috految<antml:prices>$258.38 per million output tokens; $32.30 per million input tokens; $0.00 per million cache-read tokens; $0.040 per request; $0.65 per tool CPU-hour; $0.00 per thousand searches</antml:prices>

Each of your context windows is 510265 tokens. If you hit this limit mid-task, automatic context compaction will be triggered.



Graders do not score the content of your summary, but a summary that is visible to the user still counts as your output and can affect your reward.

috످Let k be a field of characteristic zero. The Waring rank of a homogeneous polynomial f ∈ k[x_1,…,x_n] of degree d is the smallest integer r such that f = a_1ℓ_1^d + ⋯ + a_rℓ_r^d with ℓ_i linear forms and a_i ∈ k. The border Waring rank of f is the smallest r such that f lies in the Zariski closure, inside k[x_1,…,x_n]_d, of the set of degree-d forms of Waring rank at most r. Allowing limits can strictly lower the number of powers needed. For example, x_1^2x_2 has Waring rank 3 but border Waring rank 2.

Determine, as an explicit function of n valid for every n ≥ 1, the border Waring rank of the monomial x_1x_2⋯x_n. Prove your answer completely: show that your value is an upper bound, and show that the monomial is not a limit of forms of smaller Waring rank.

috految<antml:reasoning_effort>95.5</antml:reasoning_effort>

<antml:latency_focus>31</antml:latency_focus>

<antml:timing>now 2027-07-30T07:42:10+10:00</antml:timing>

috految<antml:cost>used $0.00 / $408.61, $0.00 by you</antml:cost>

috److془We need to carefully prove that the border Waring rank of $x_1 \cdots x_n$ is $2^{n-1}$.

Recall recent arXiv paper: "The border Waring rank of $x_1\cdots x_n$ is $2^{n-1}$" by Jong In Han. Abstract: "In this paper, we show that the border Waring rank of $x_1\cdots x_n$ over fields of characteristic zero is exactly $2^{n-1}$. As a consequence, the classical polarization identity is an optimal Waring decomposition even if we allow limits. As a symmetric tensor, this monomial is identified with the $n\times n$ permanent tensor. The lower bound is proved via the higher-order Koszul flattening of the $n\times n$ permanent tensor." Something like that.

We need to devise the proof. Let's think.

Oeding's Young flattening: $S_\lambda V \to S_\mu V$, with $\lambda = (n-1, n-2, ..., 0)$, $\mu = (n, n-1, ..., 1)$. dimension $2^{\binom n2}$, rank of $\ell^n$ is $2^{\binom{n-1}{2}}$. Ratio $2^{n-1}$. Need to show $x_1\cdots x_n$ is full rank. Hmm, Oeding's proof had a gap. Hmm, but wait: $S_\lambda V \otimes S^n V \to S_\lambda V \otimes \det$. Mod $p = 2$, Steinberg module. The Ulrich bundle for second Veronese: $E = S_{\rho}Q$. $H^0(E) = S_\rho V$. $H^*(E(-2i)) = 0$ for $i = 1..n-1$. Then pairing $H^0(E) \otimes H^0(E^\vee(n)) \to H^0(O(n)) \to k$. $Z$ = complete intersection of $n-1$ quadrics. $H^0(E) \to H^0(E|_Z)$ is iso. $H^0(E^\vee(n)) \to H^0(E^\vee(n)|_Z)$ is iso as the dual Ulrich is $E^\vee \otimes K \otimes O(2n) = E^\vee(n)$. So the pairing is nondegenerate! Wow so easy. Check: $n = 3$: $E = T_{P^2}$, $h^0 = 8$, $E^\vee(3) = T$. Aronhold. 

So the proof: Ulrich bundle on $(\mathbb P^{n-1}, O(2))$. Use $\pi: (\mathbb P^1)^{m} \to \mathbb P^{m}$, $m = n-1$, $E = \pi_* O(1,3,...,2m-1)$. $\pi^* O(1) = O(1,..,1)$. $E(-2j)$ has a factor $O(-1)$ for $j = 1..m$. $h^0 = 2 \cdot 4 \cdots 2m = 2^m m!$. rank $m!$. 

Dual: $F = E^\vee(n)$; $H^i(F(-2j))^* = H^{m-i}(E(2j - n - n)) = H^{m-i}(E(-2(n-j))) = 0$ for $j = 1..m$. 

Koszul: $0 \to O(-2m) \to \dots \to O(-2)^m \to O \to O_Z \to 0$. So $H^0(G) \to H^0(G|_Z)$ is iso. 

Pairing: $B_f(s,t) = \langle t(s), f\rangle$ where $\langle g, f\rangle = g(\partial) f/n!$. For $f = \ell_a^n$, $= t(s)(a)$. Rank $\le \rho = m!$. For $f = x_1 ... x_n = \sum c_\epsilon \ell_\epsilon^n$, $B_f = \oplus c_\epsilon \beta_\epsilon$, rank $2^m \rho$. Done.

Sanity check: linear rank methods bounded by cactus rank: $2^{n-1}$ cactus rank of monomial by Ranestad–Schreyer. Good. 

Fields: over $k$ arbitrary of char. 0; all is defined over $k$. Zariski closure: minors are polynomials with coefficients in $k$. Good. n = 1: $x_1 \neq 0$, rank at most 0 set is {0}, closed. Border rank 1.

Upper bound: $\sum_{\epsilon \in \{\pm1\}^n, \epsilon_1 = 1} \epsilon_2 \cdots \epsilon_n (x_1 + \epsilon_2 x_2 + ...)^n = 2^{n-1} n! x_1 \cdots x_n$. Coefficient of $x^\alpha$: $\binom{n}{\alpha} \prod_{i\ge2} (1 + (-1)^{\alpha_i+1})$. Nonzero only if $\alpha_2..\alpha_n$ odd; their sum is $\le n$, so all equal 1 (otherwise sum $\geq n+1$), $\alpha_1 = 1$. 

$\pi$: $([u_i:v_i]) \mapsto$ coefficient vector of $\prod (u_i X + v_i Y)$. Coordinates are multilinear forms with no common zeros over $\bar k$. Finite fibers nonempty over $\bar k$; projective so finite surjective; flat by miracle flatness. So $E=\pi_* L$ is locally free of rank $\rho = \deg \pi \ge 1$.

Z: $y_i^2 - y_1^2$, $i=2..n$. No points with $y_1=0$; in chart $y_1 = 1$, Spec of $k[y_2..y_n]/(y_i^2-1) = k^{2^m}$. Codim m of m equations so Koszul exact. Done.

Write up.془**Answer.** The border Waring rank of $x_1\cdots x_n$ is $2^{n-1}$.

For $n=1$ this is clear, since $x_1$ has rank $1$ and the set of forms of rank $0$ is the closed set $\{0\}$. So assume $n\ge 2$ and put $m=n-1$. For $a\in k^n$ write $\ell_a=a_1x_1+\dots+a_nx_n$.

## Upper bound

Let $\Sigma=\{\varepsilon\in\{\pm1\}^n:\varepsilon_1=1\}$, so $|\Sigma|=2^{n-1}$. We claim that
$$
x_1\cdots x_n=\sum_{\varepsilon\in\Sigma}c_\varepsilon\,\ell_\varepsilon^{\,n},\qquad c_\varepsilon=\frac{\varepsilon_2\cdots\varepsilon_n}{2^{n-1}\,n!}\neq0. \tag{1}
$$
Indeed, the coefficient of a degree $n$ monomial $x^\alpha$ on the right is
$$
\frac1{2^{n-1}\alpha_1!\cdots\alpha_n!}\prod_{i=2}^n\bigl(1+(-1)^{\alpha_i+1}\bigr).
$$
It vanishes unless $\alpha_2,\dots,\alpha_n$ are all odd. As $\sum\alpha_i=n$, this forces $\alpha=(1,\dots,1)$, and then the coefficient is $1$. This proves (1). So the Waring rank, and hence the border Waring rank, is at most $2^{n-1}$.

## Lower bound

We will construct a positive integer $\rho$ and a bilinear form $B_f$, depending linearly on $f\in k[x_1,\dots,x_n]_n$, such that $B_{\ell^n}$ has rank at most $\rho$ for every linear form $\ell$, while $B_{x_1\cdots x_n}$ has rank $2^{n-1}\rho$.

We work over $k$ on $\mathbb P=\mathbb P^m=\operatorname{Proj}k[y_1,\dots,y_n]$, whose canonical bundle is $\mathcal O(-n)$.

### Step 1. Two vector bundles

**Lemma 1.** *There is a vector bundle $E$ on $\mathbb P$ of some rank $\rho\geq 1$ such that, for $F:=E^\vee\otimes\mathcal O(n)$,*
$$
H^i(\mathbb P,E(-2j))=0=H^i(\mathbb P,F(-2j))\qquad\text{for all } i\ge 0 \text{ and } 1\le j\le m .
$$

*Proof.* Let $\pi:(\mathbb P^1)^m\to\mathbb P$ send $([u_1:v_1],\dots,[u_m:v_m])$ to the point given by the $m+1=n$ coefficients of the binary form $\prod_{i=1}^m(u_iX+v_iY)$. These coefficients are multilinear forms without common zeros over $\bar k$, so $\pi$ is a morphism and
$$\pi^*\mathcal O(1)=\mathcal O(1,\dots,1).$$
By unique factorization of binary forms over $\bar k$, the map $\pi$ is surjective with finite fibres. Being projective, it is finite. A finite surjective morphism between smooth irreducible varieties is flat (miracle flatness). Hence
$$
E:=\pi_*\,\mathcal O(1,3,5,\dots,2m-1)
$$
is locally free of rank $\rho=\deg\pi\ge1$.

Since $\pi$ is finite, the projection formula gives
$$
H^i(\mathbb P,E(-2j))=H^i\bigl((\mathbb P^1)^m,\ \mathcal O(1-2j,\,3-2j,\,\dots,\,2m-1-2j)\bigr).
$$
For $1\le j\le m$, the $j$-th entry of this multidegree is $-1$. All cohomology of $\mathcal O_{\mathbb P^1}(-1)$ vanishes, so the Künneth formula gives $H^i(\mathbb P, E(-2j))=0$ for all $i$.

By Serre duality, for $1\le j\le m$,
$$
H^i(\mathbb P,F(-2j))^*\cong H^{m-i}\bigl(\mathbb P,E(2j-n)\otimes\mathcal O(-n)\bigr)=H^{m-i}\bigl(\mathbb P,E(-2(n-j))\bigr)=0,
$$
because $1\le n-j\le m$. $\square$

### Step 2. Interpolation at the points $[\varepsilon]$

Write $G|_p$ for the fibre of a vector bundle $G$ at a point $p$.

**Lemma 2.** *For $G\in\{E,F\}$, the evaluation map*
$$
H^0(\mathbb P,G)\longrightarrow\bigoplus_{\varepsilon\in\Sigma}G|_{[\varepsilon]}
$$
*is an isomorphism.*

*Proof.* Let $Z\subset\mathbb P$ be the subscheme defined by the $m$ quadrics $y_i^2-y_1^2$, $2\le i\le n$. It does not meet $\{y_1=0\}$, and in the chart $y_1=1$ it is
$$\operatorname{Spec}k[y_2,\dots,y_n]/(y_2^2-1,\dots,y_n^2-1).$$
Thus $Z$ is the reduced scheme consisting of the $2^m$ distinct $k$-points $[\varepsilon]$, $\varepsilon\in\Sigma$. In particular it is a complete intersection of $m$ quadrics in $\mathbb P^m$, so the Koszul complex resolves its ideal sheaf $\mathcal I_Z$. Tensoring with the locally free sheaf $G$ gives an exact sequence
$$
0\to G(-2m)\to\cdots\to G(-2j)^{\oplus\binom mj}\to\cdots\to G(-2)^{\oplus m}\to \mathcal I_Z\otimes G\to0 .
$$
By Lemma 1, all cohomology of $G(-2j)$ vanishes for $1\le j\le m$. Splitting into short exact sequences, we get $H^i(\mathbb P,\mathcal I_Z\otimes G)=0$ for all $i$. The exact sequence $0\to\mathcal I_Z\otimes G\to G\to G|_Z\to0$ now shows that
$$H^0(\mathbb P,G)\to H^0(Z,G|_Z)=\bigoplus_{\varepsilon\in\Sigma} G|_{[\varepsilon]}$$
is an isomorphism. $\square$

### Step 3. The bilinear form

For $g\in k[y_1,\dots,y_n]_n=H^0(\mathbb P,\mathcal O(n))$ and $f\in k[x_1,\dots,x_n]_n$, put
$$
\langle g,f\rangle=\frac1{n!}\,g\Bigl(\frac{\partial}{\partial x_1},\dots,\frac{\partial}{\partial x_n}\Bigr)f\in k .
$$
This pairing is bilinear, and $\langle g,\ell_a^n\rangle=g(a)$ for all $a\in k^n$.

Since $F=E^\vee\otimes\mathcal O(n)$, contraction gives a map $E\otimes F\to\mathcal O(n)$, written $s\otimes t\mapsto s\cdot t$, which is a perfect pairing in every fibre. For $f\in k[x_1,\dots,x_n]_n$, define a bilinear form on finite-dimensional $k$-vector spaces by
$$
B_f:H^0(\mathbb P,E)\times H^0(\mathbb P,F)\to k,\qquad B_f(s,t)=\langle s\cdot t,\,f\rangle .
$$
It depends $k$-linearly on $f$.

Let $0\neq a\in k^n$. Evaluation of degree $n$ forms at the vector $a$ identifies $\mathcal O(n)|_{[a]}$ with $k$. So contraction gives a perfect pairing of $\rho$-dimensional spaces
$$\beta_a:E|_{[a]}\times F|_{[a]}\to k,$$
and
$$
B_{\ell_a^n}(s,t)=(s\cdot t)(a)=\beta_a\bigl(s|_{[a]},\,t|_{[a]}\bigr). \tag{2}
$$
Hence $\operatorname{rank}B_{\ell^n}\le\rho$ for every linear form $\ell$ (trivially so for $\ell=0$). By linearity and subadditivity of rank, $\operatorname{rank}B_f\le r\rho$ whenever $f$ has Waring rank at most $r$.

In fixed bases, the entries of the matrix of $B_f$ are linear functions of $f$ with coefficients in $k$. The condition $\operatorname{rank}B_f\le r\rho$ is the vanishing of all minors of size $r\rho+1$, so it defines a Zariski closed subset of $k[x_1,\dots,x_n]_n$. Therefore
$$
f \text{ has border Waring rank}\le r\quad\Longrightarrow\quad \operatorname{rank}B_f\le r\rho . \tag{3}
$$

### Step 4. The rank at the monomial

By (1) and (2),
$$
B_{x_1\cdots x_n}(s,t)=\sum_{\varepsilon\in\Sigma}c_\varepsilon\,\beta_\varepsilon\bigl(s|_{[\varepsilon]},\,t|_{[\varepsilon]}\bigr).
$$
Under the isomorphisms
$$H^0(\mathbb P,E)\cong\bigoplus_{\varepsilon\in\Sigma} E|_{[\varepsilon]},\qquad H^0(\mathbb P,F)\cong\bigoplus_{\varepsilon\in\Sigma} F|_{[\varepsilon]}$$
of Lemma 2, this is the block diagonal form $\bigoplus_{\varepsilon\in\Sigma}c_\varepsilon\beta_\varepsilon$. Every $c_\varepsilon$ is nonzero and every $\beta_\varepsilon$ has rank $\rho$, so
$$
\operatorname{rank}B_{x_1\cdots x_n}=2^{n-1}\rho .
$$
If $x_1\cdots x_n$ lies in the Zariski closure of the forms of Waring rank at most $r$, then (3) gives $2^{n-1}\rho\le r\rho$, so $r\ge 2^{n-1}$.

Together with the upper bound, this shows that for every $n\ge1$ the border Waring rank of $x_1x_2\cdots x_n$ is
$$\boxed{2^{\,n-1}}.\qquad\blacksquare$$

috످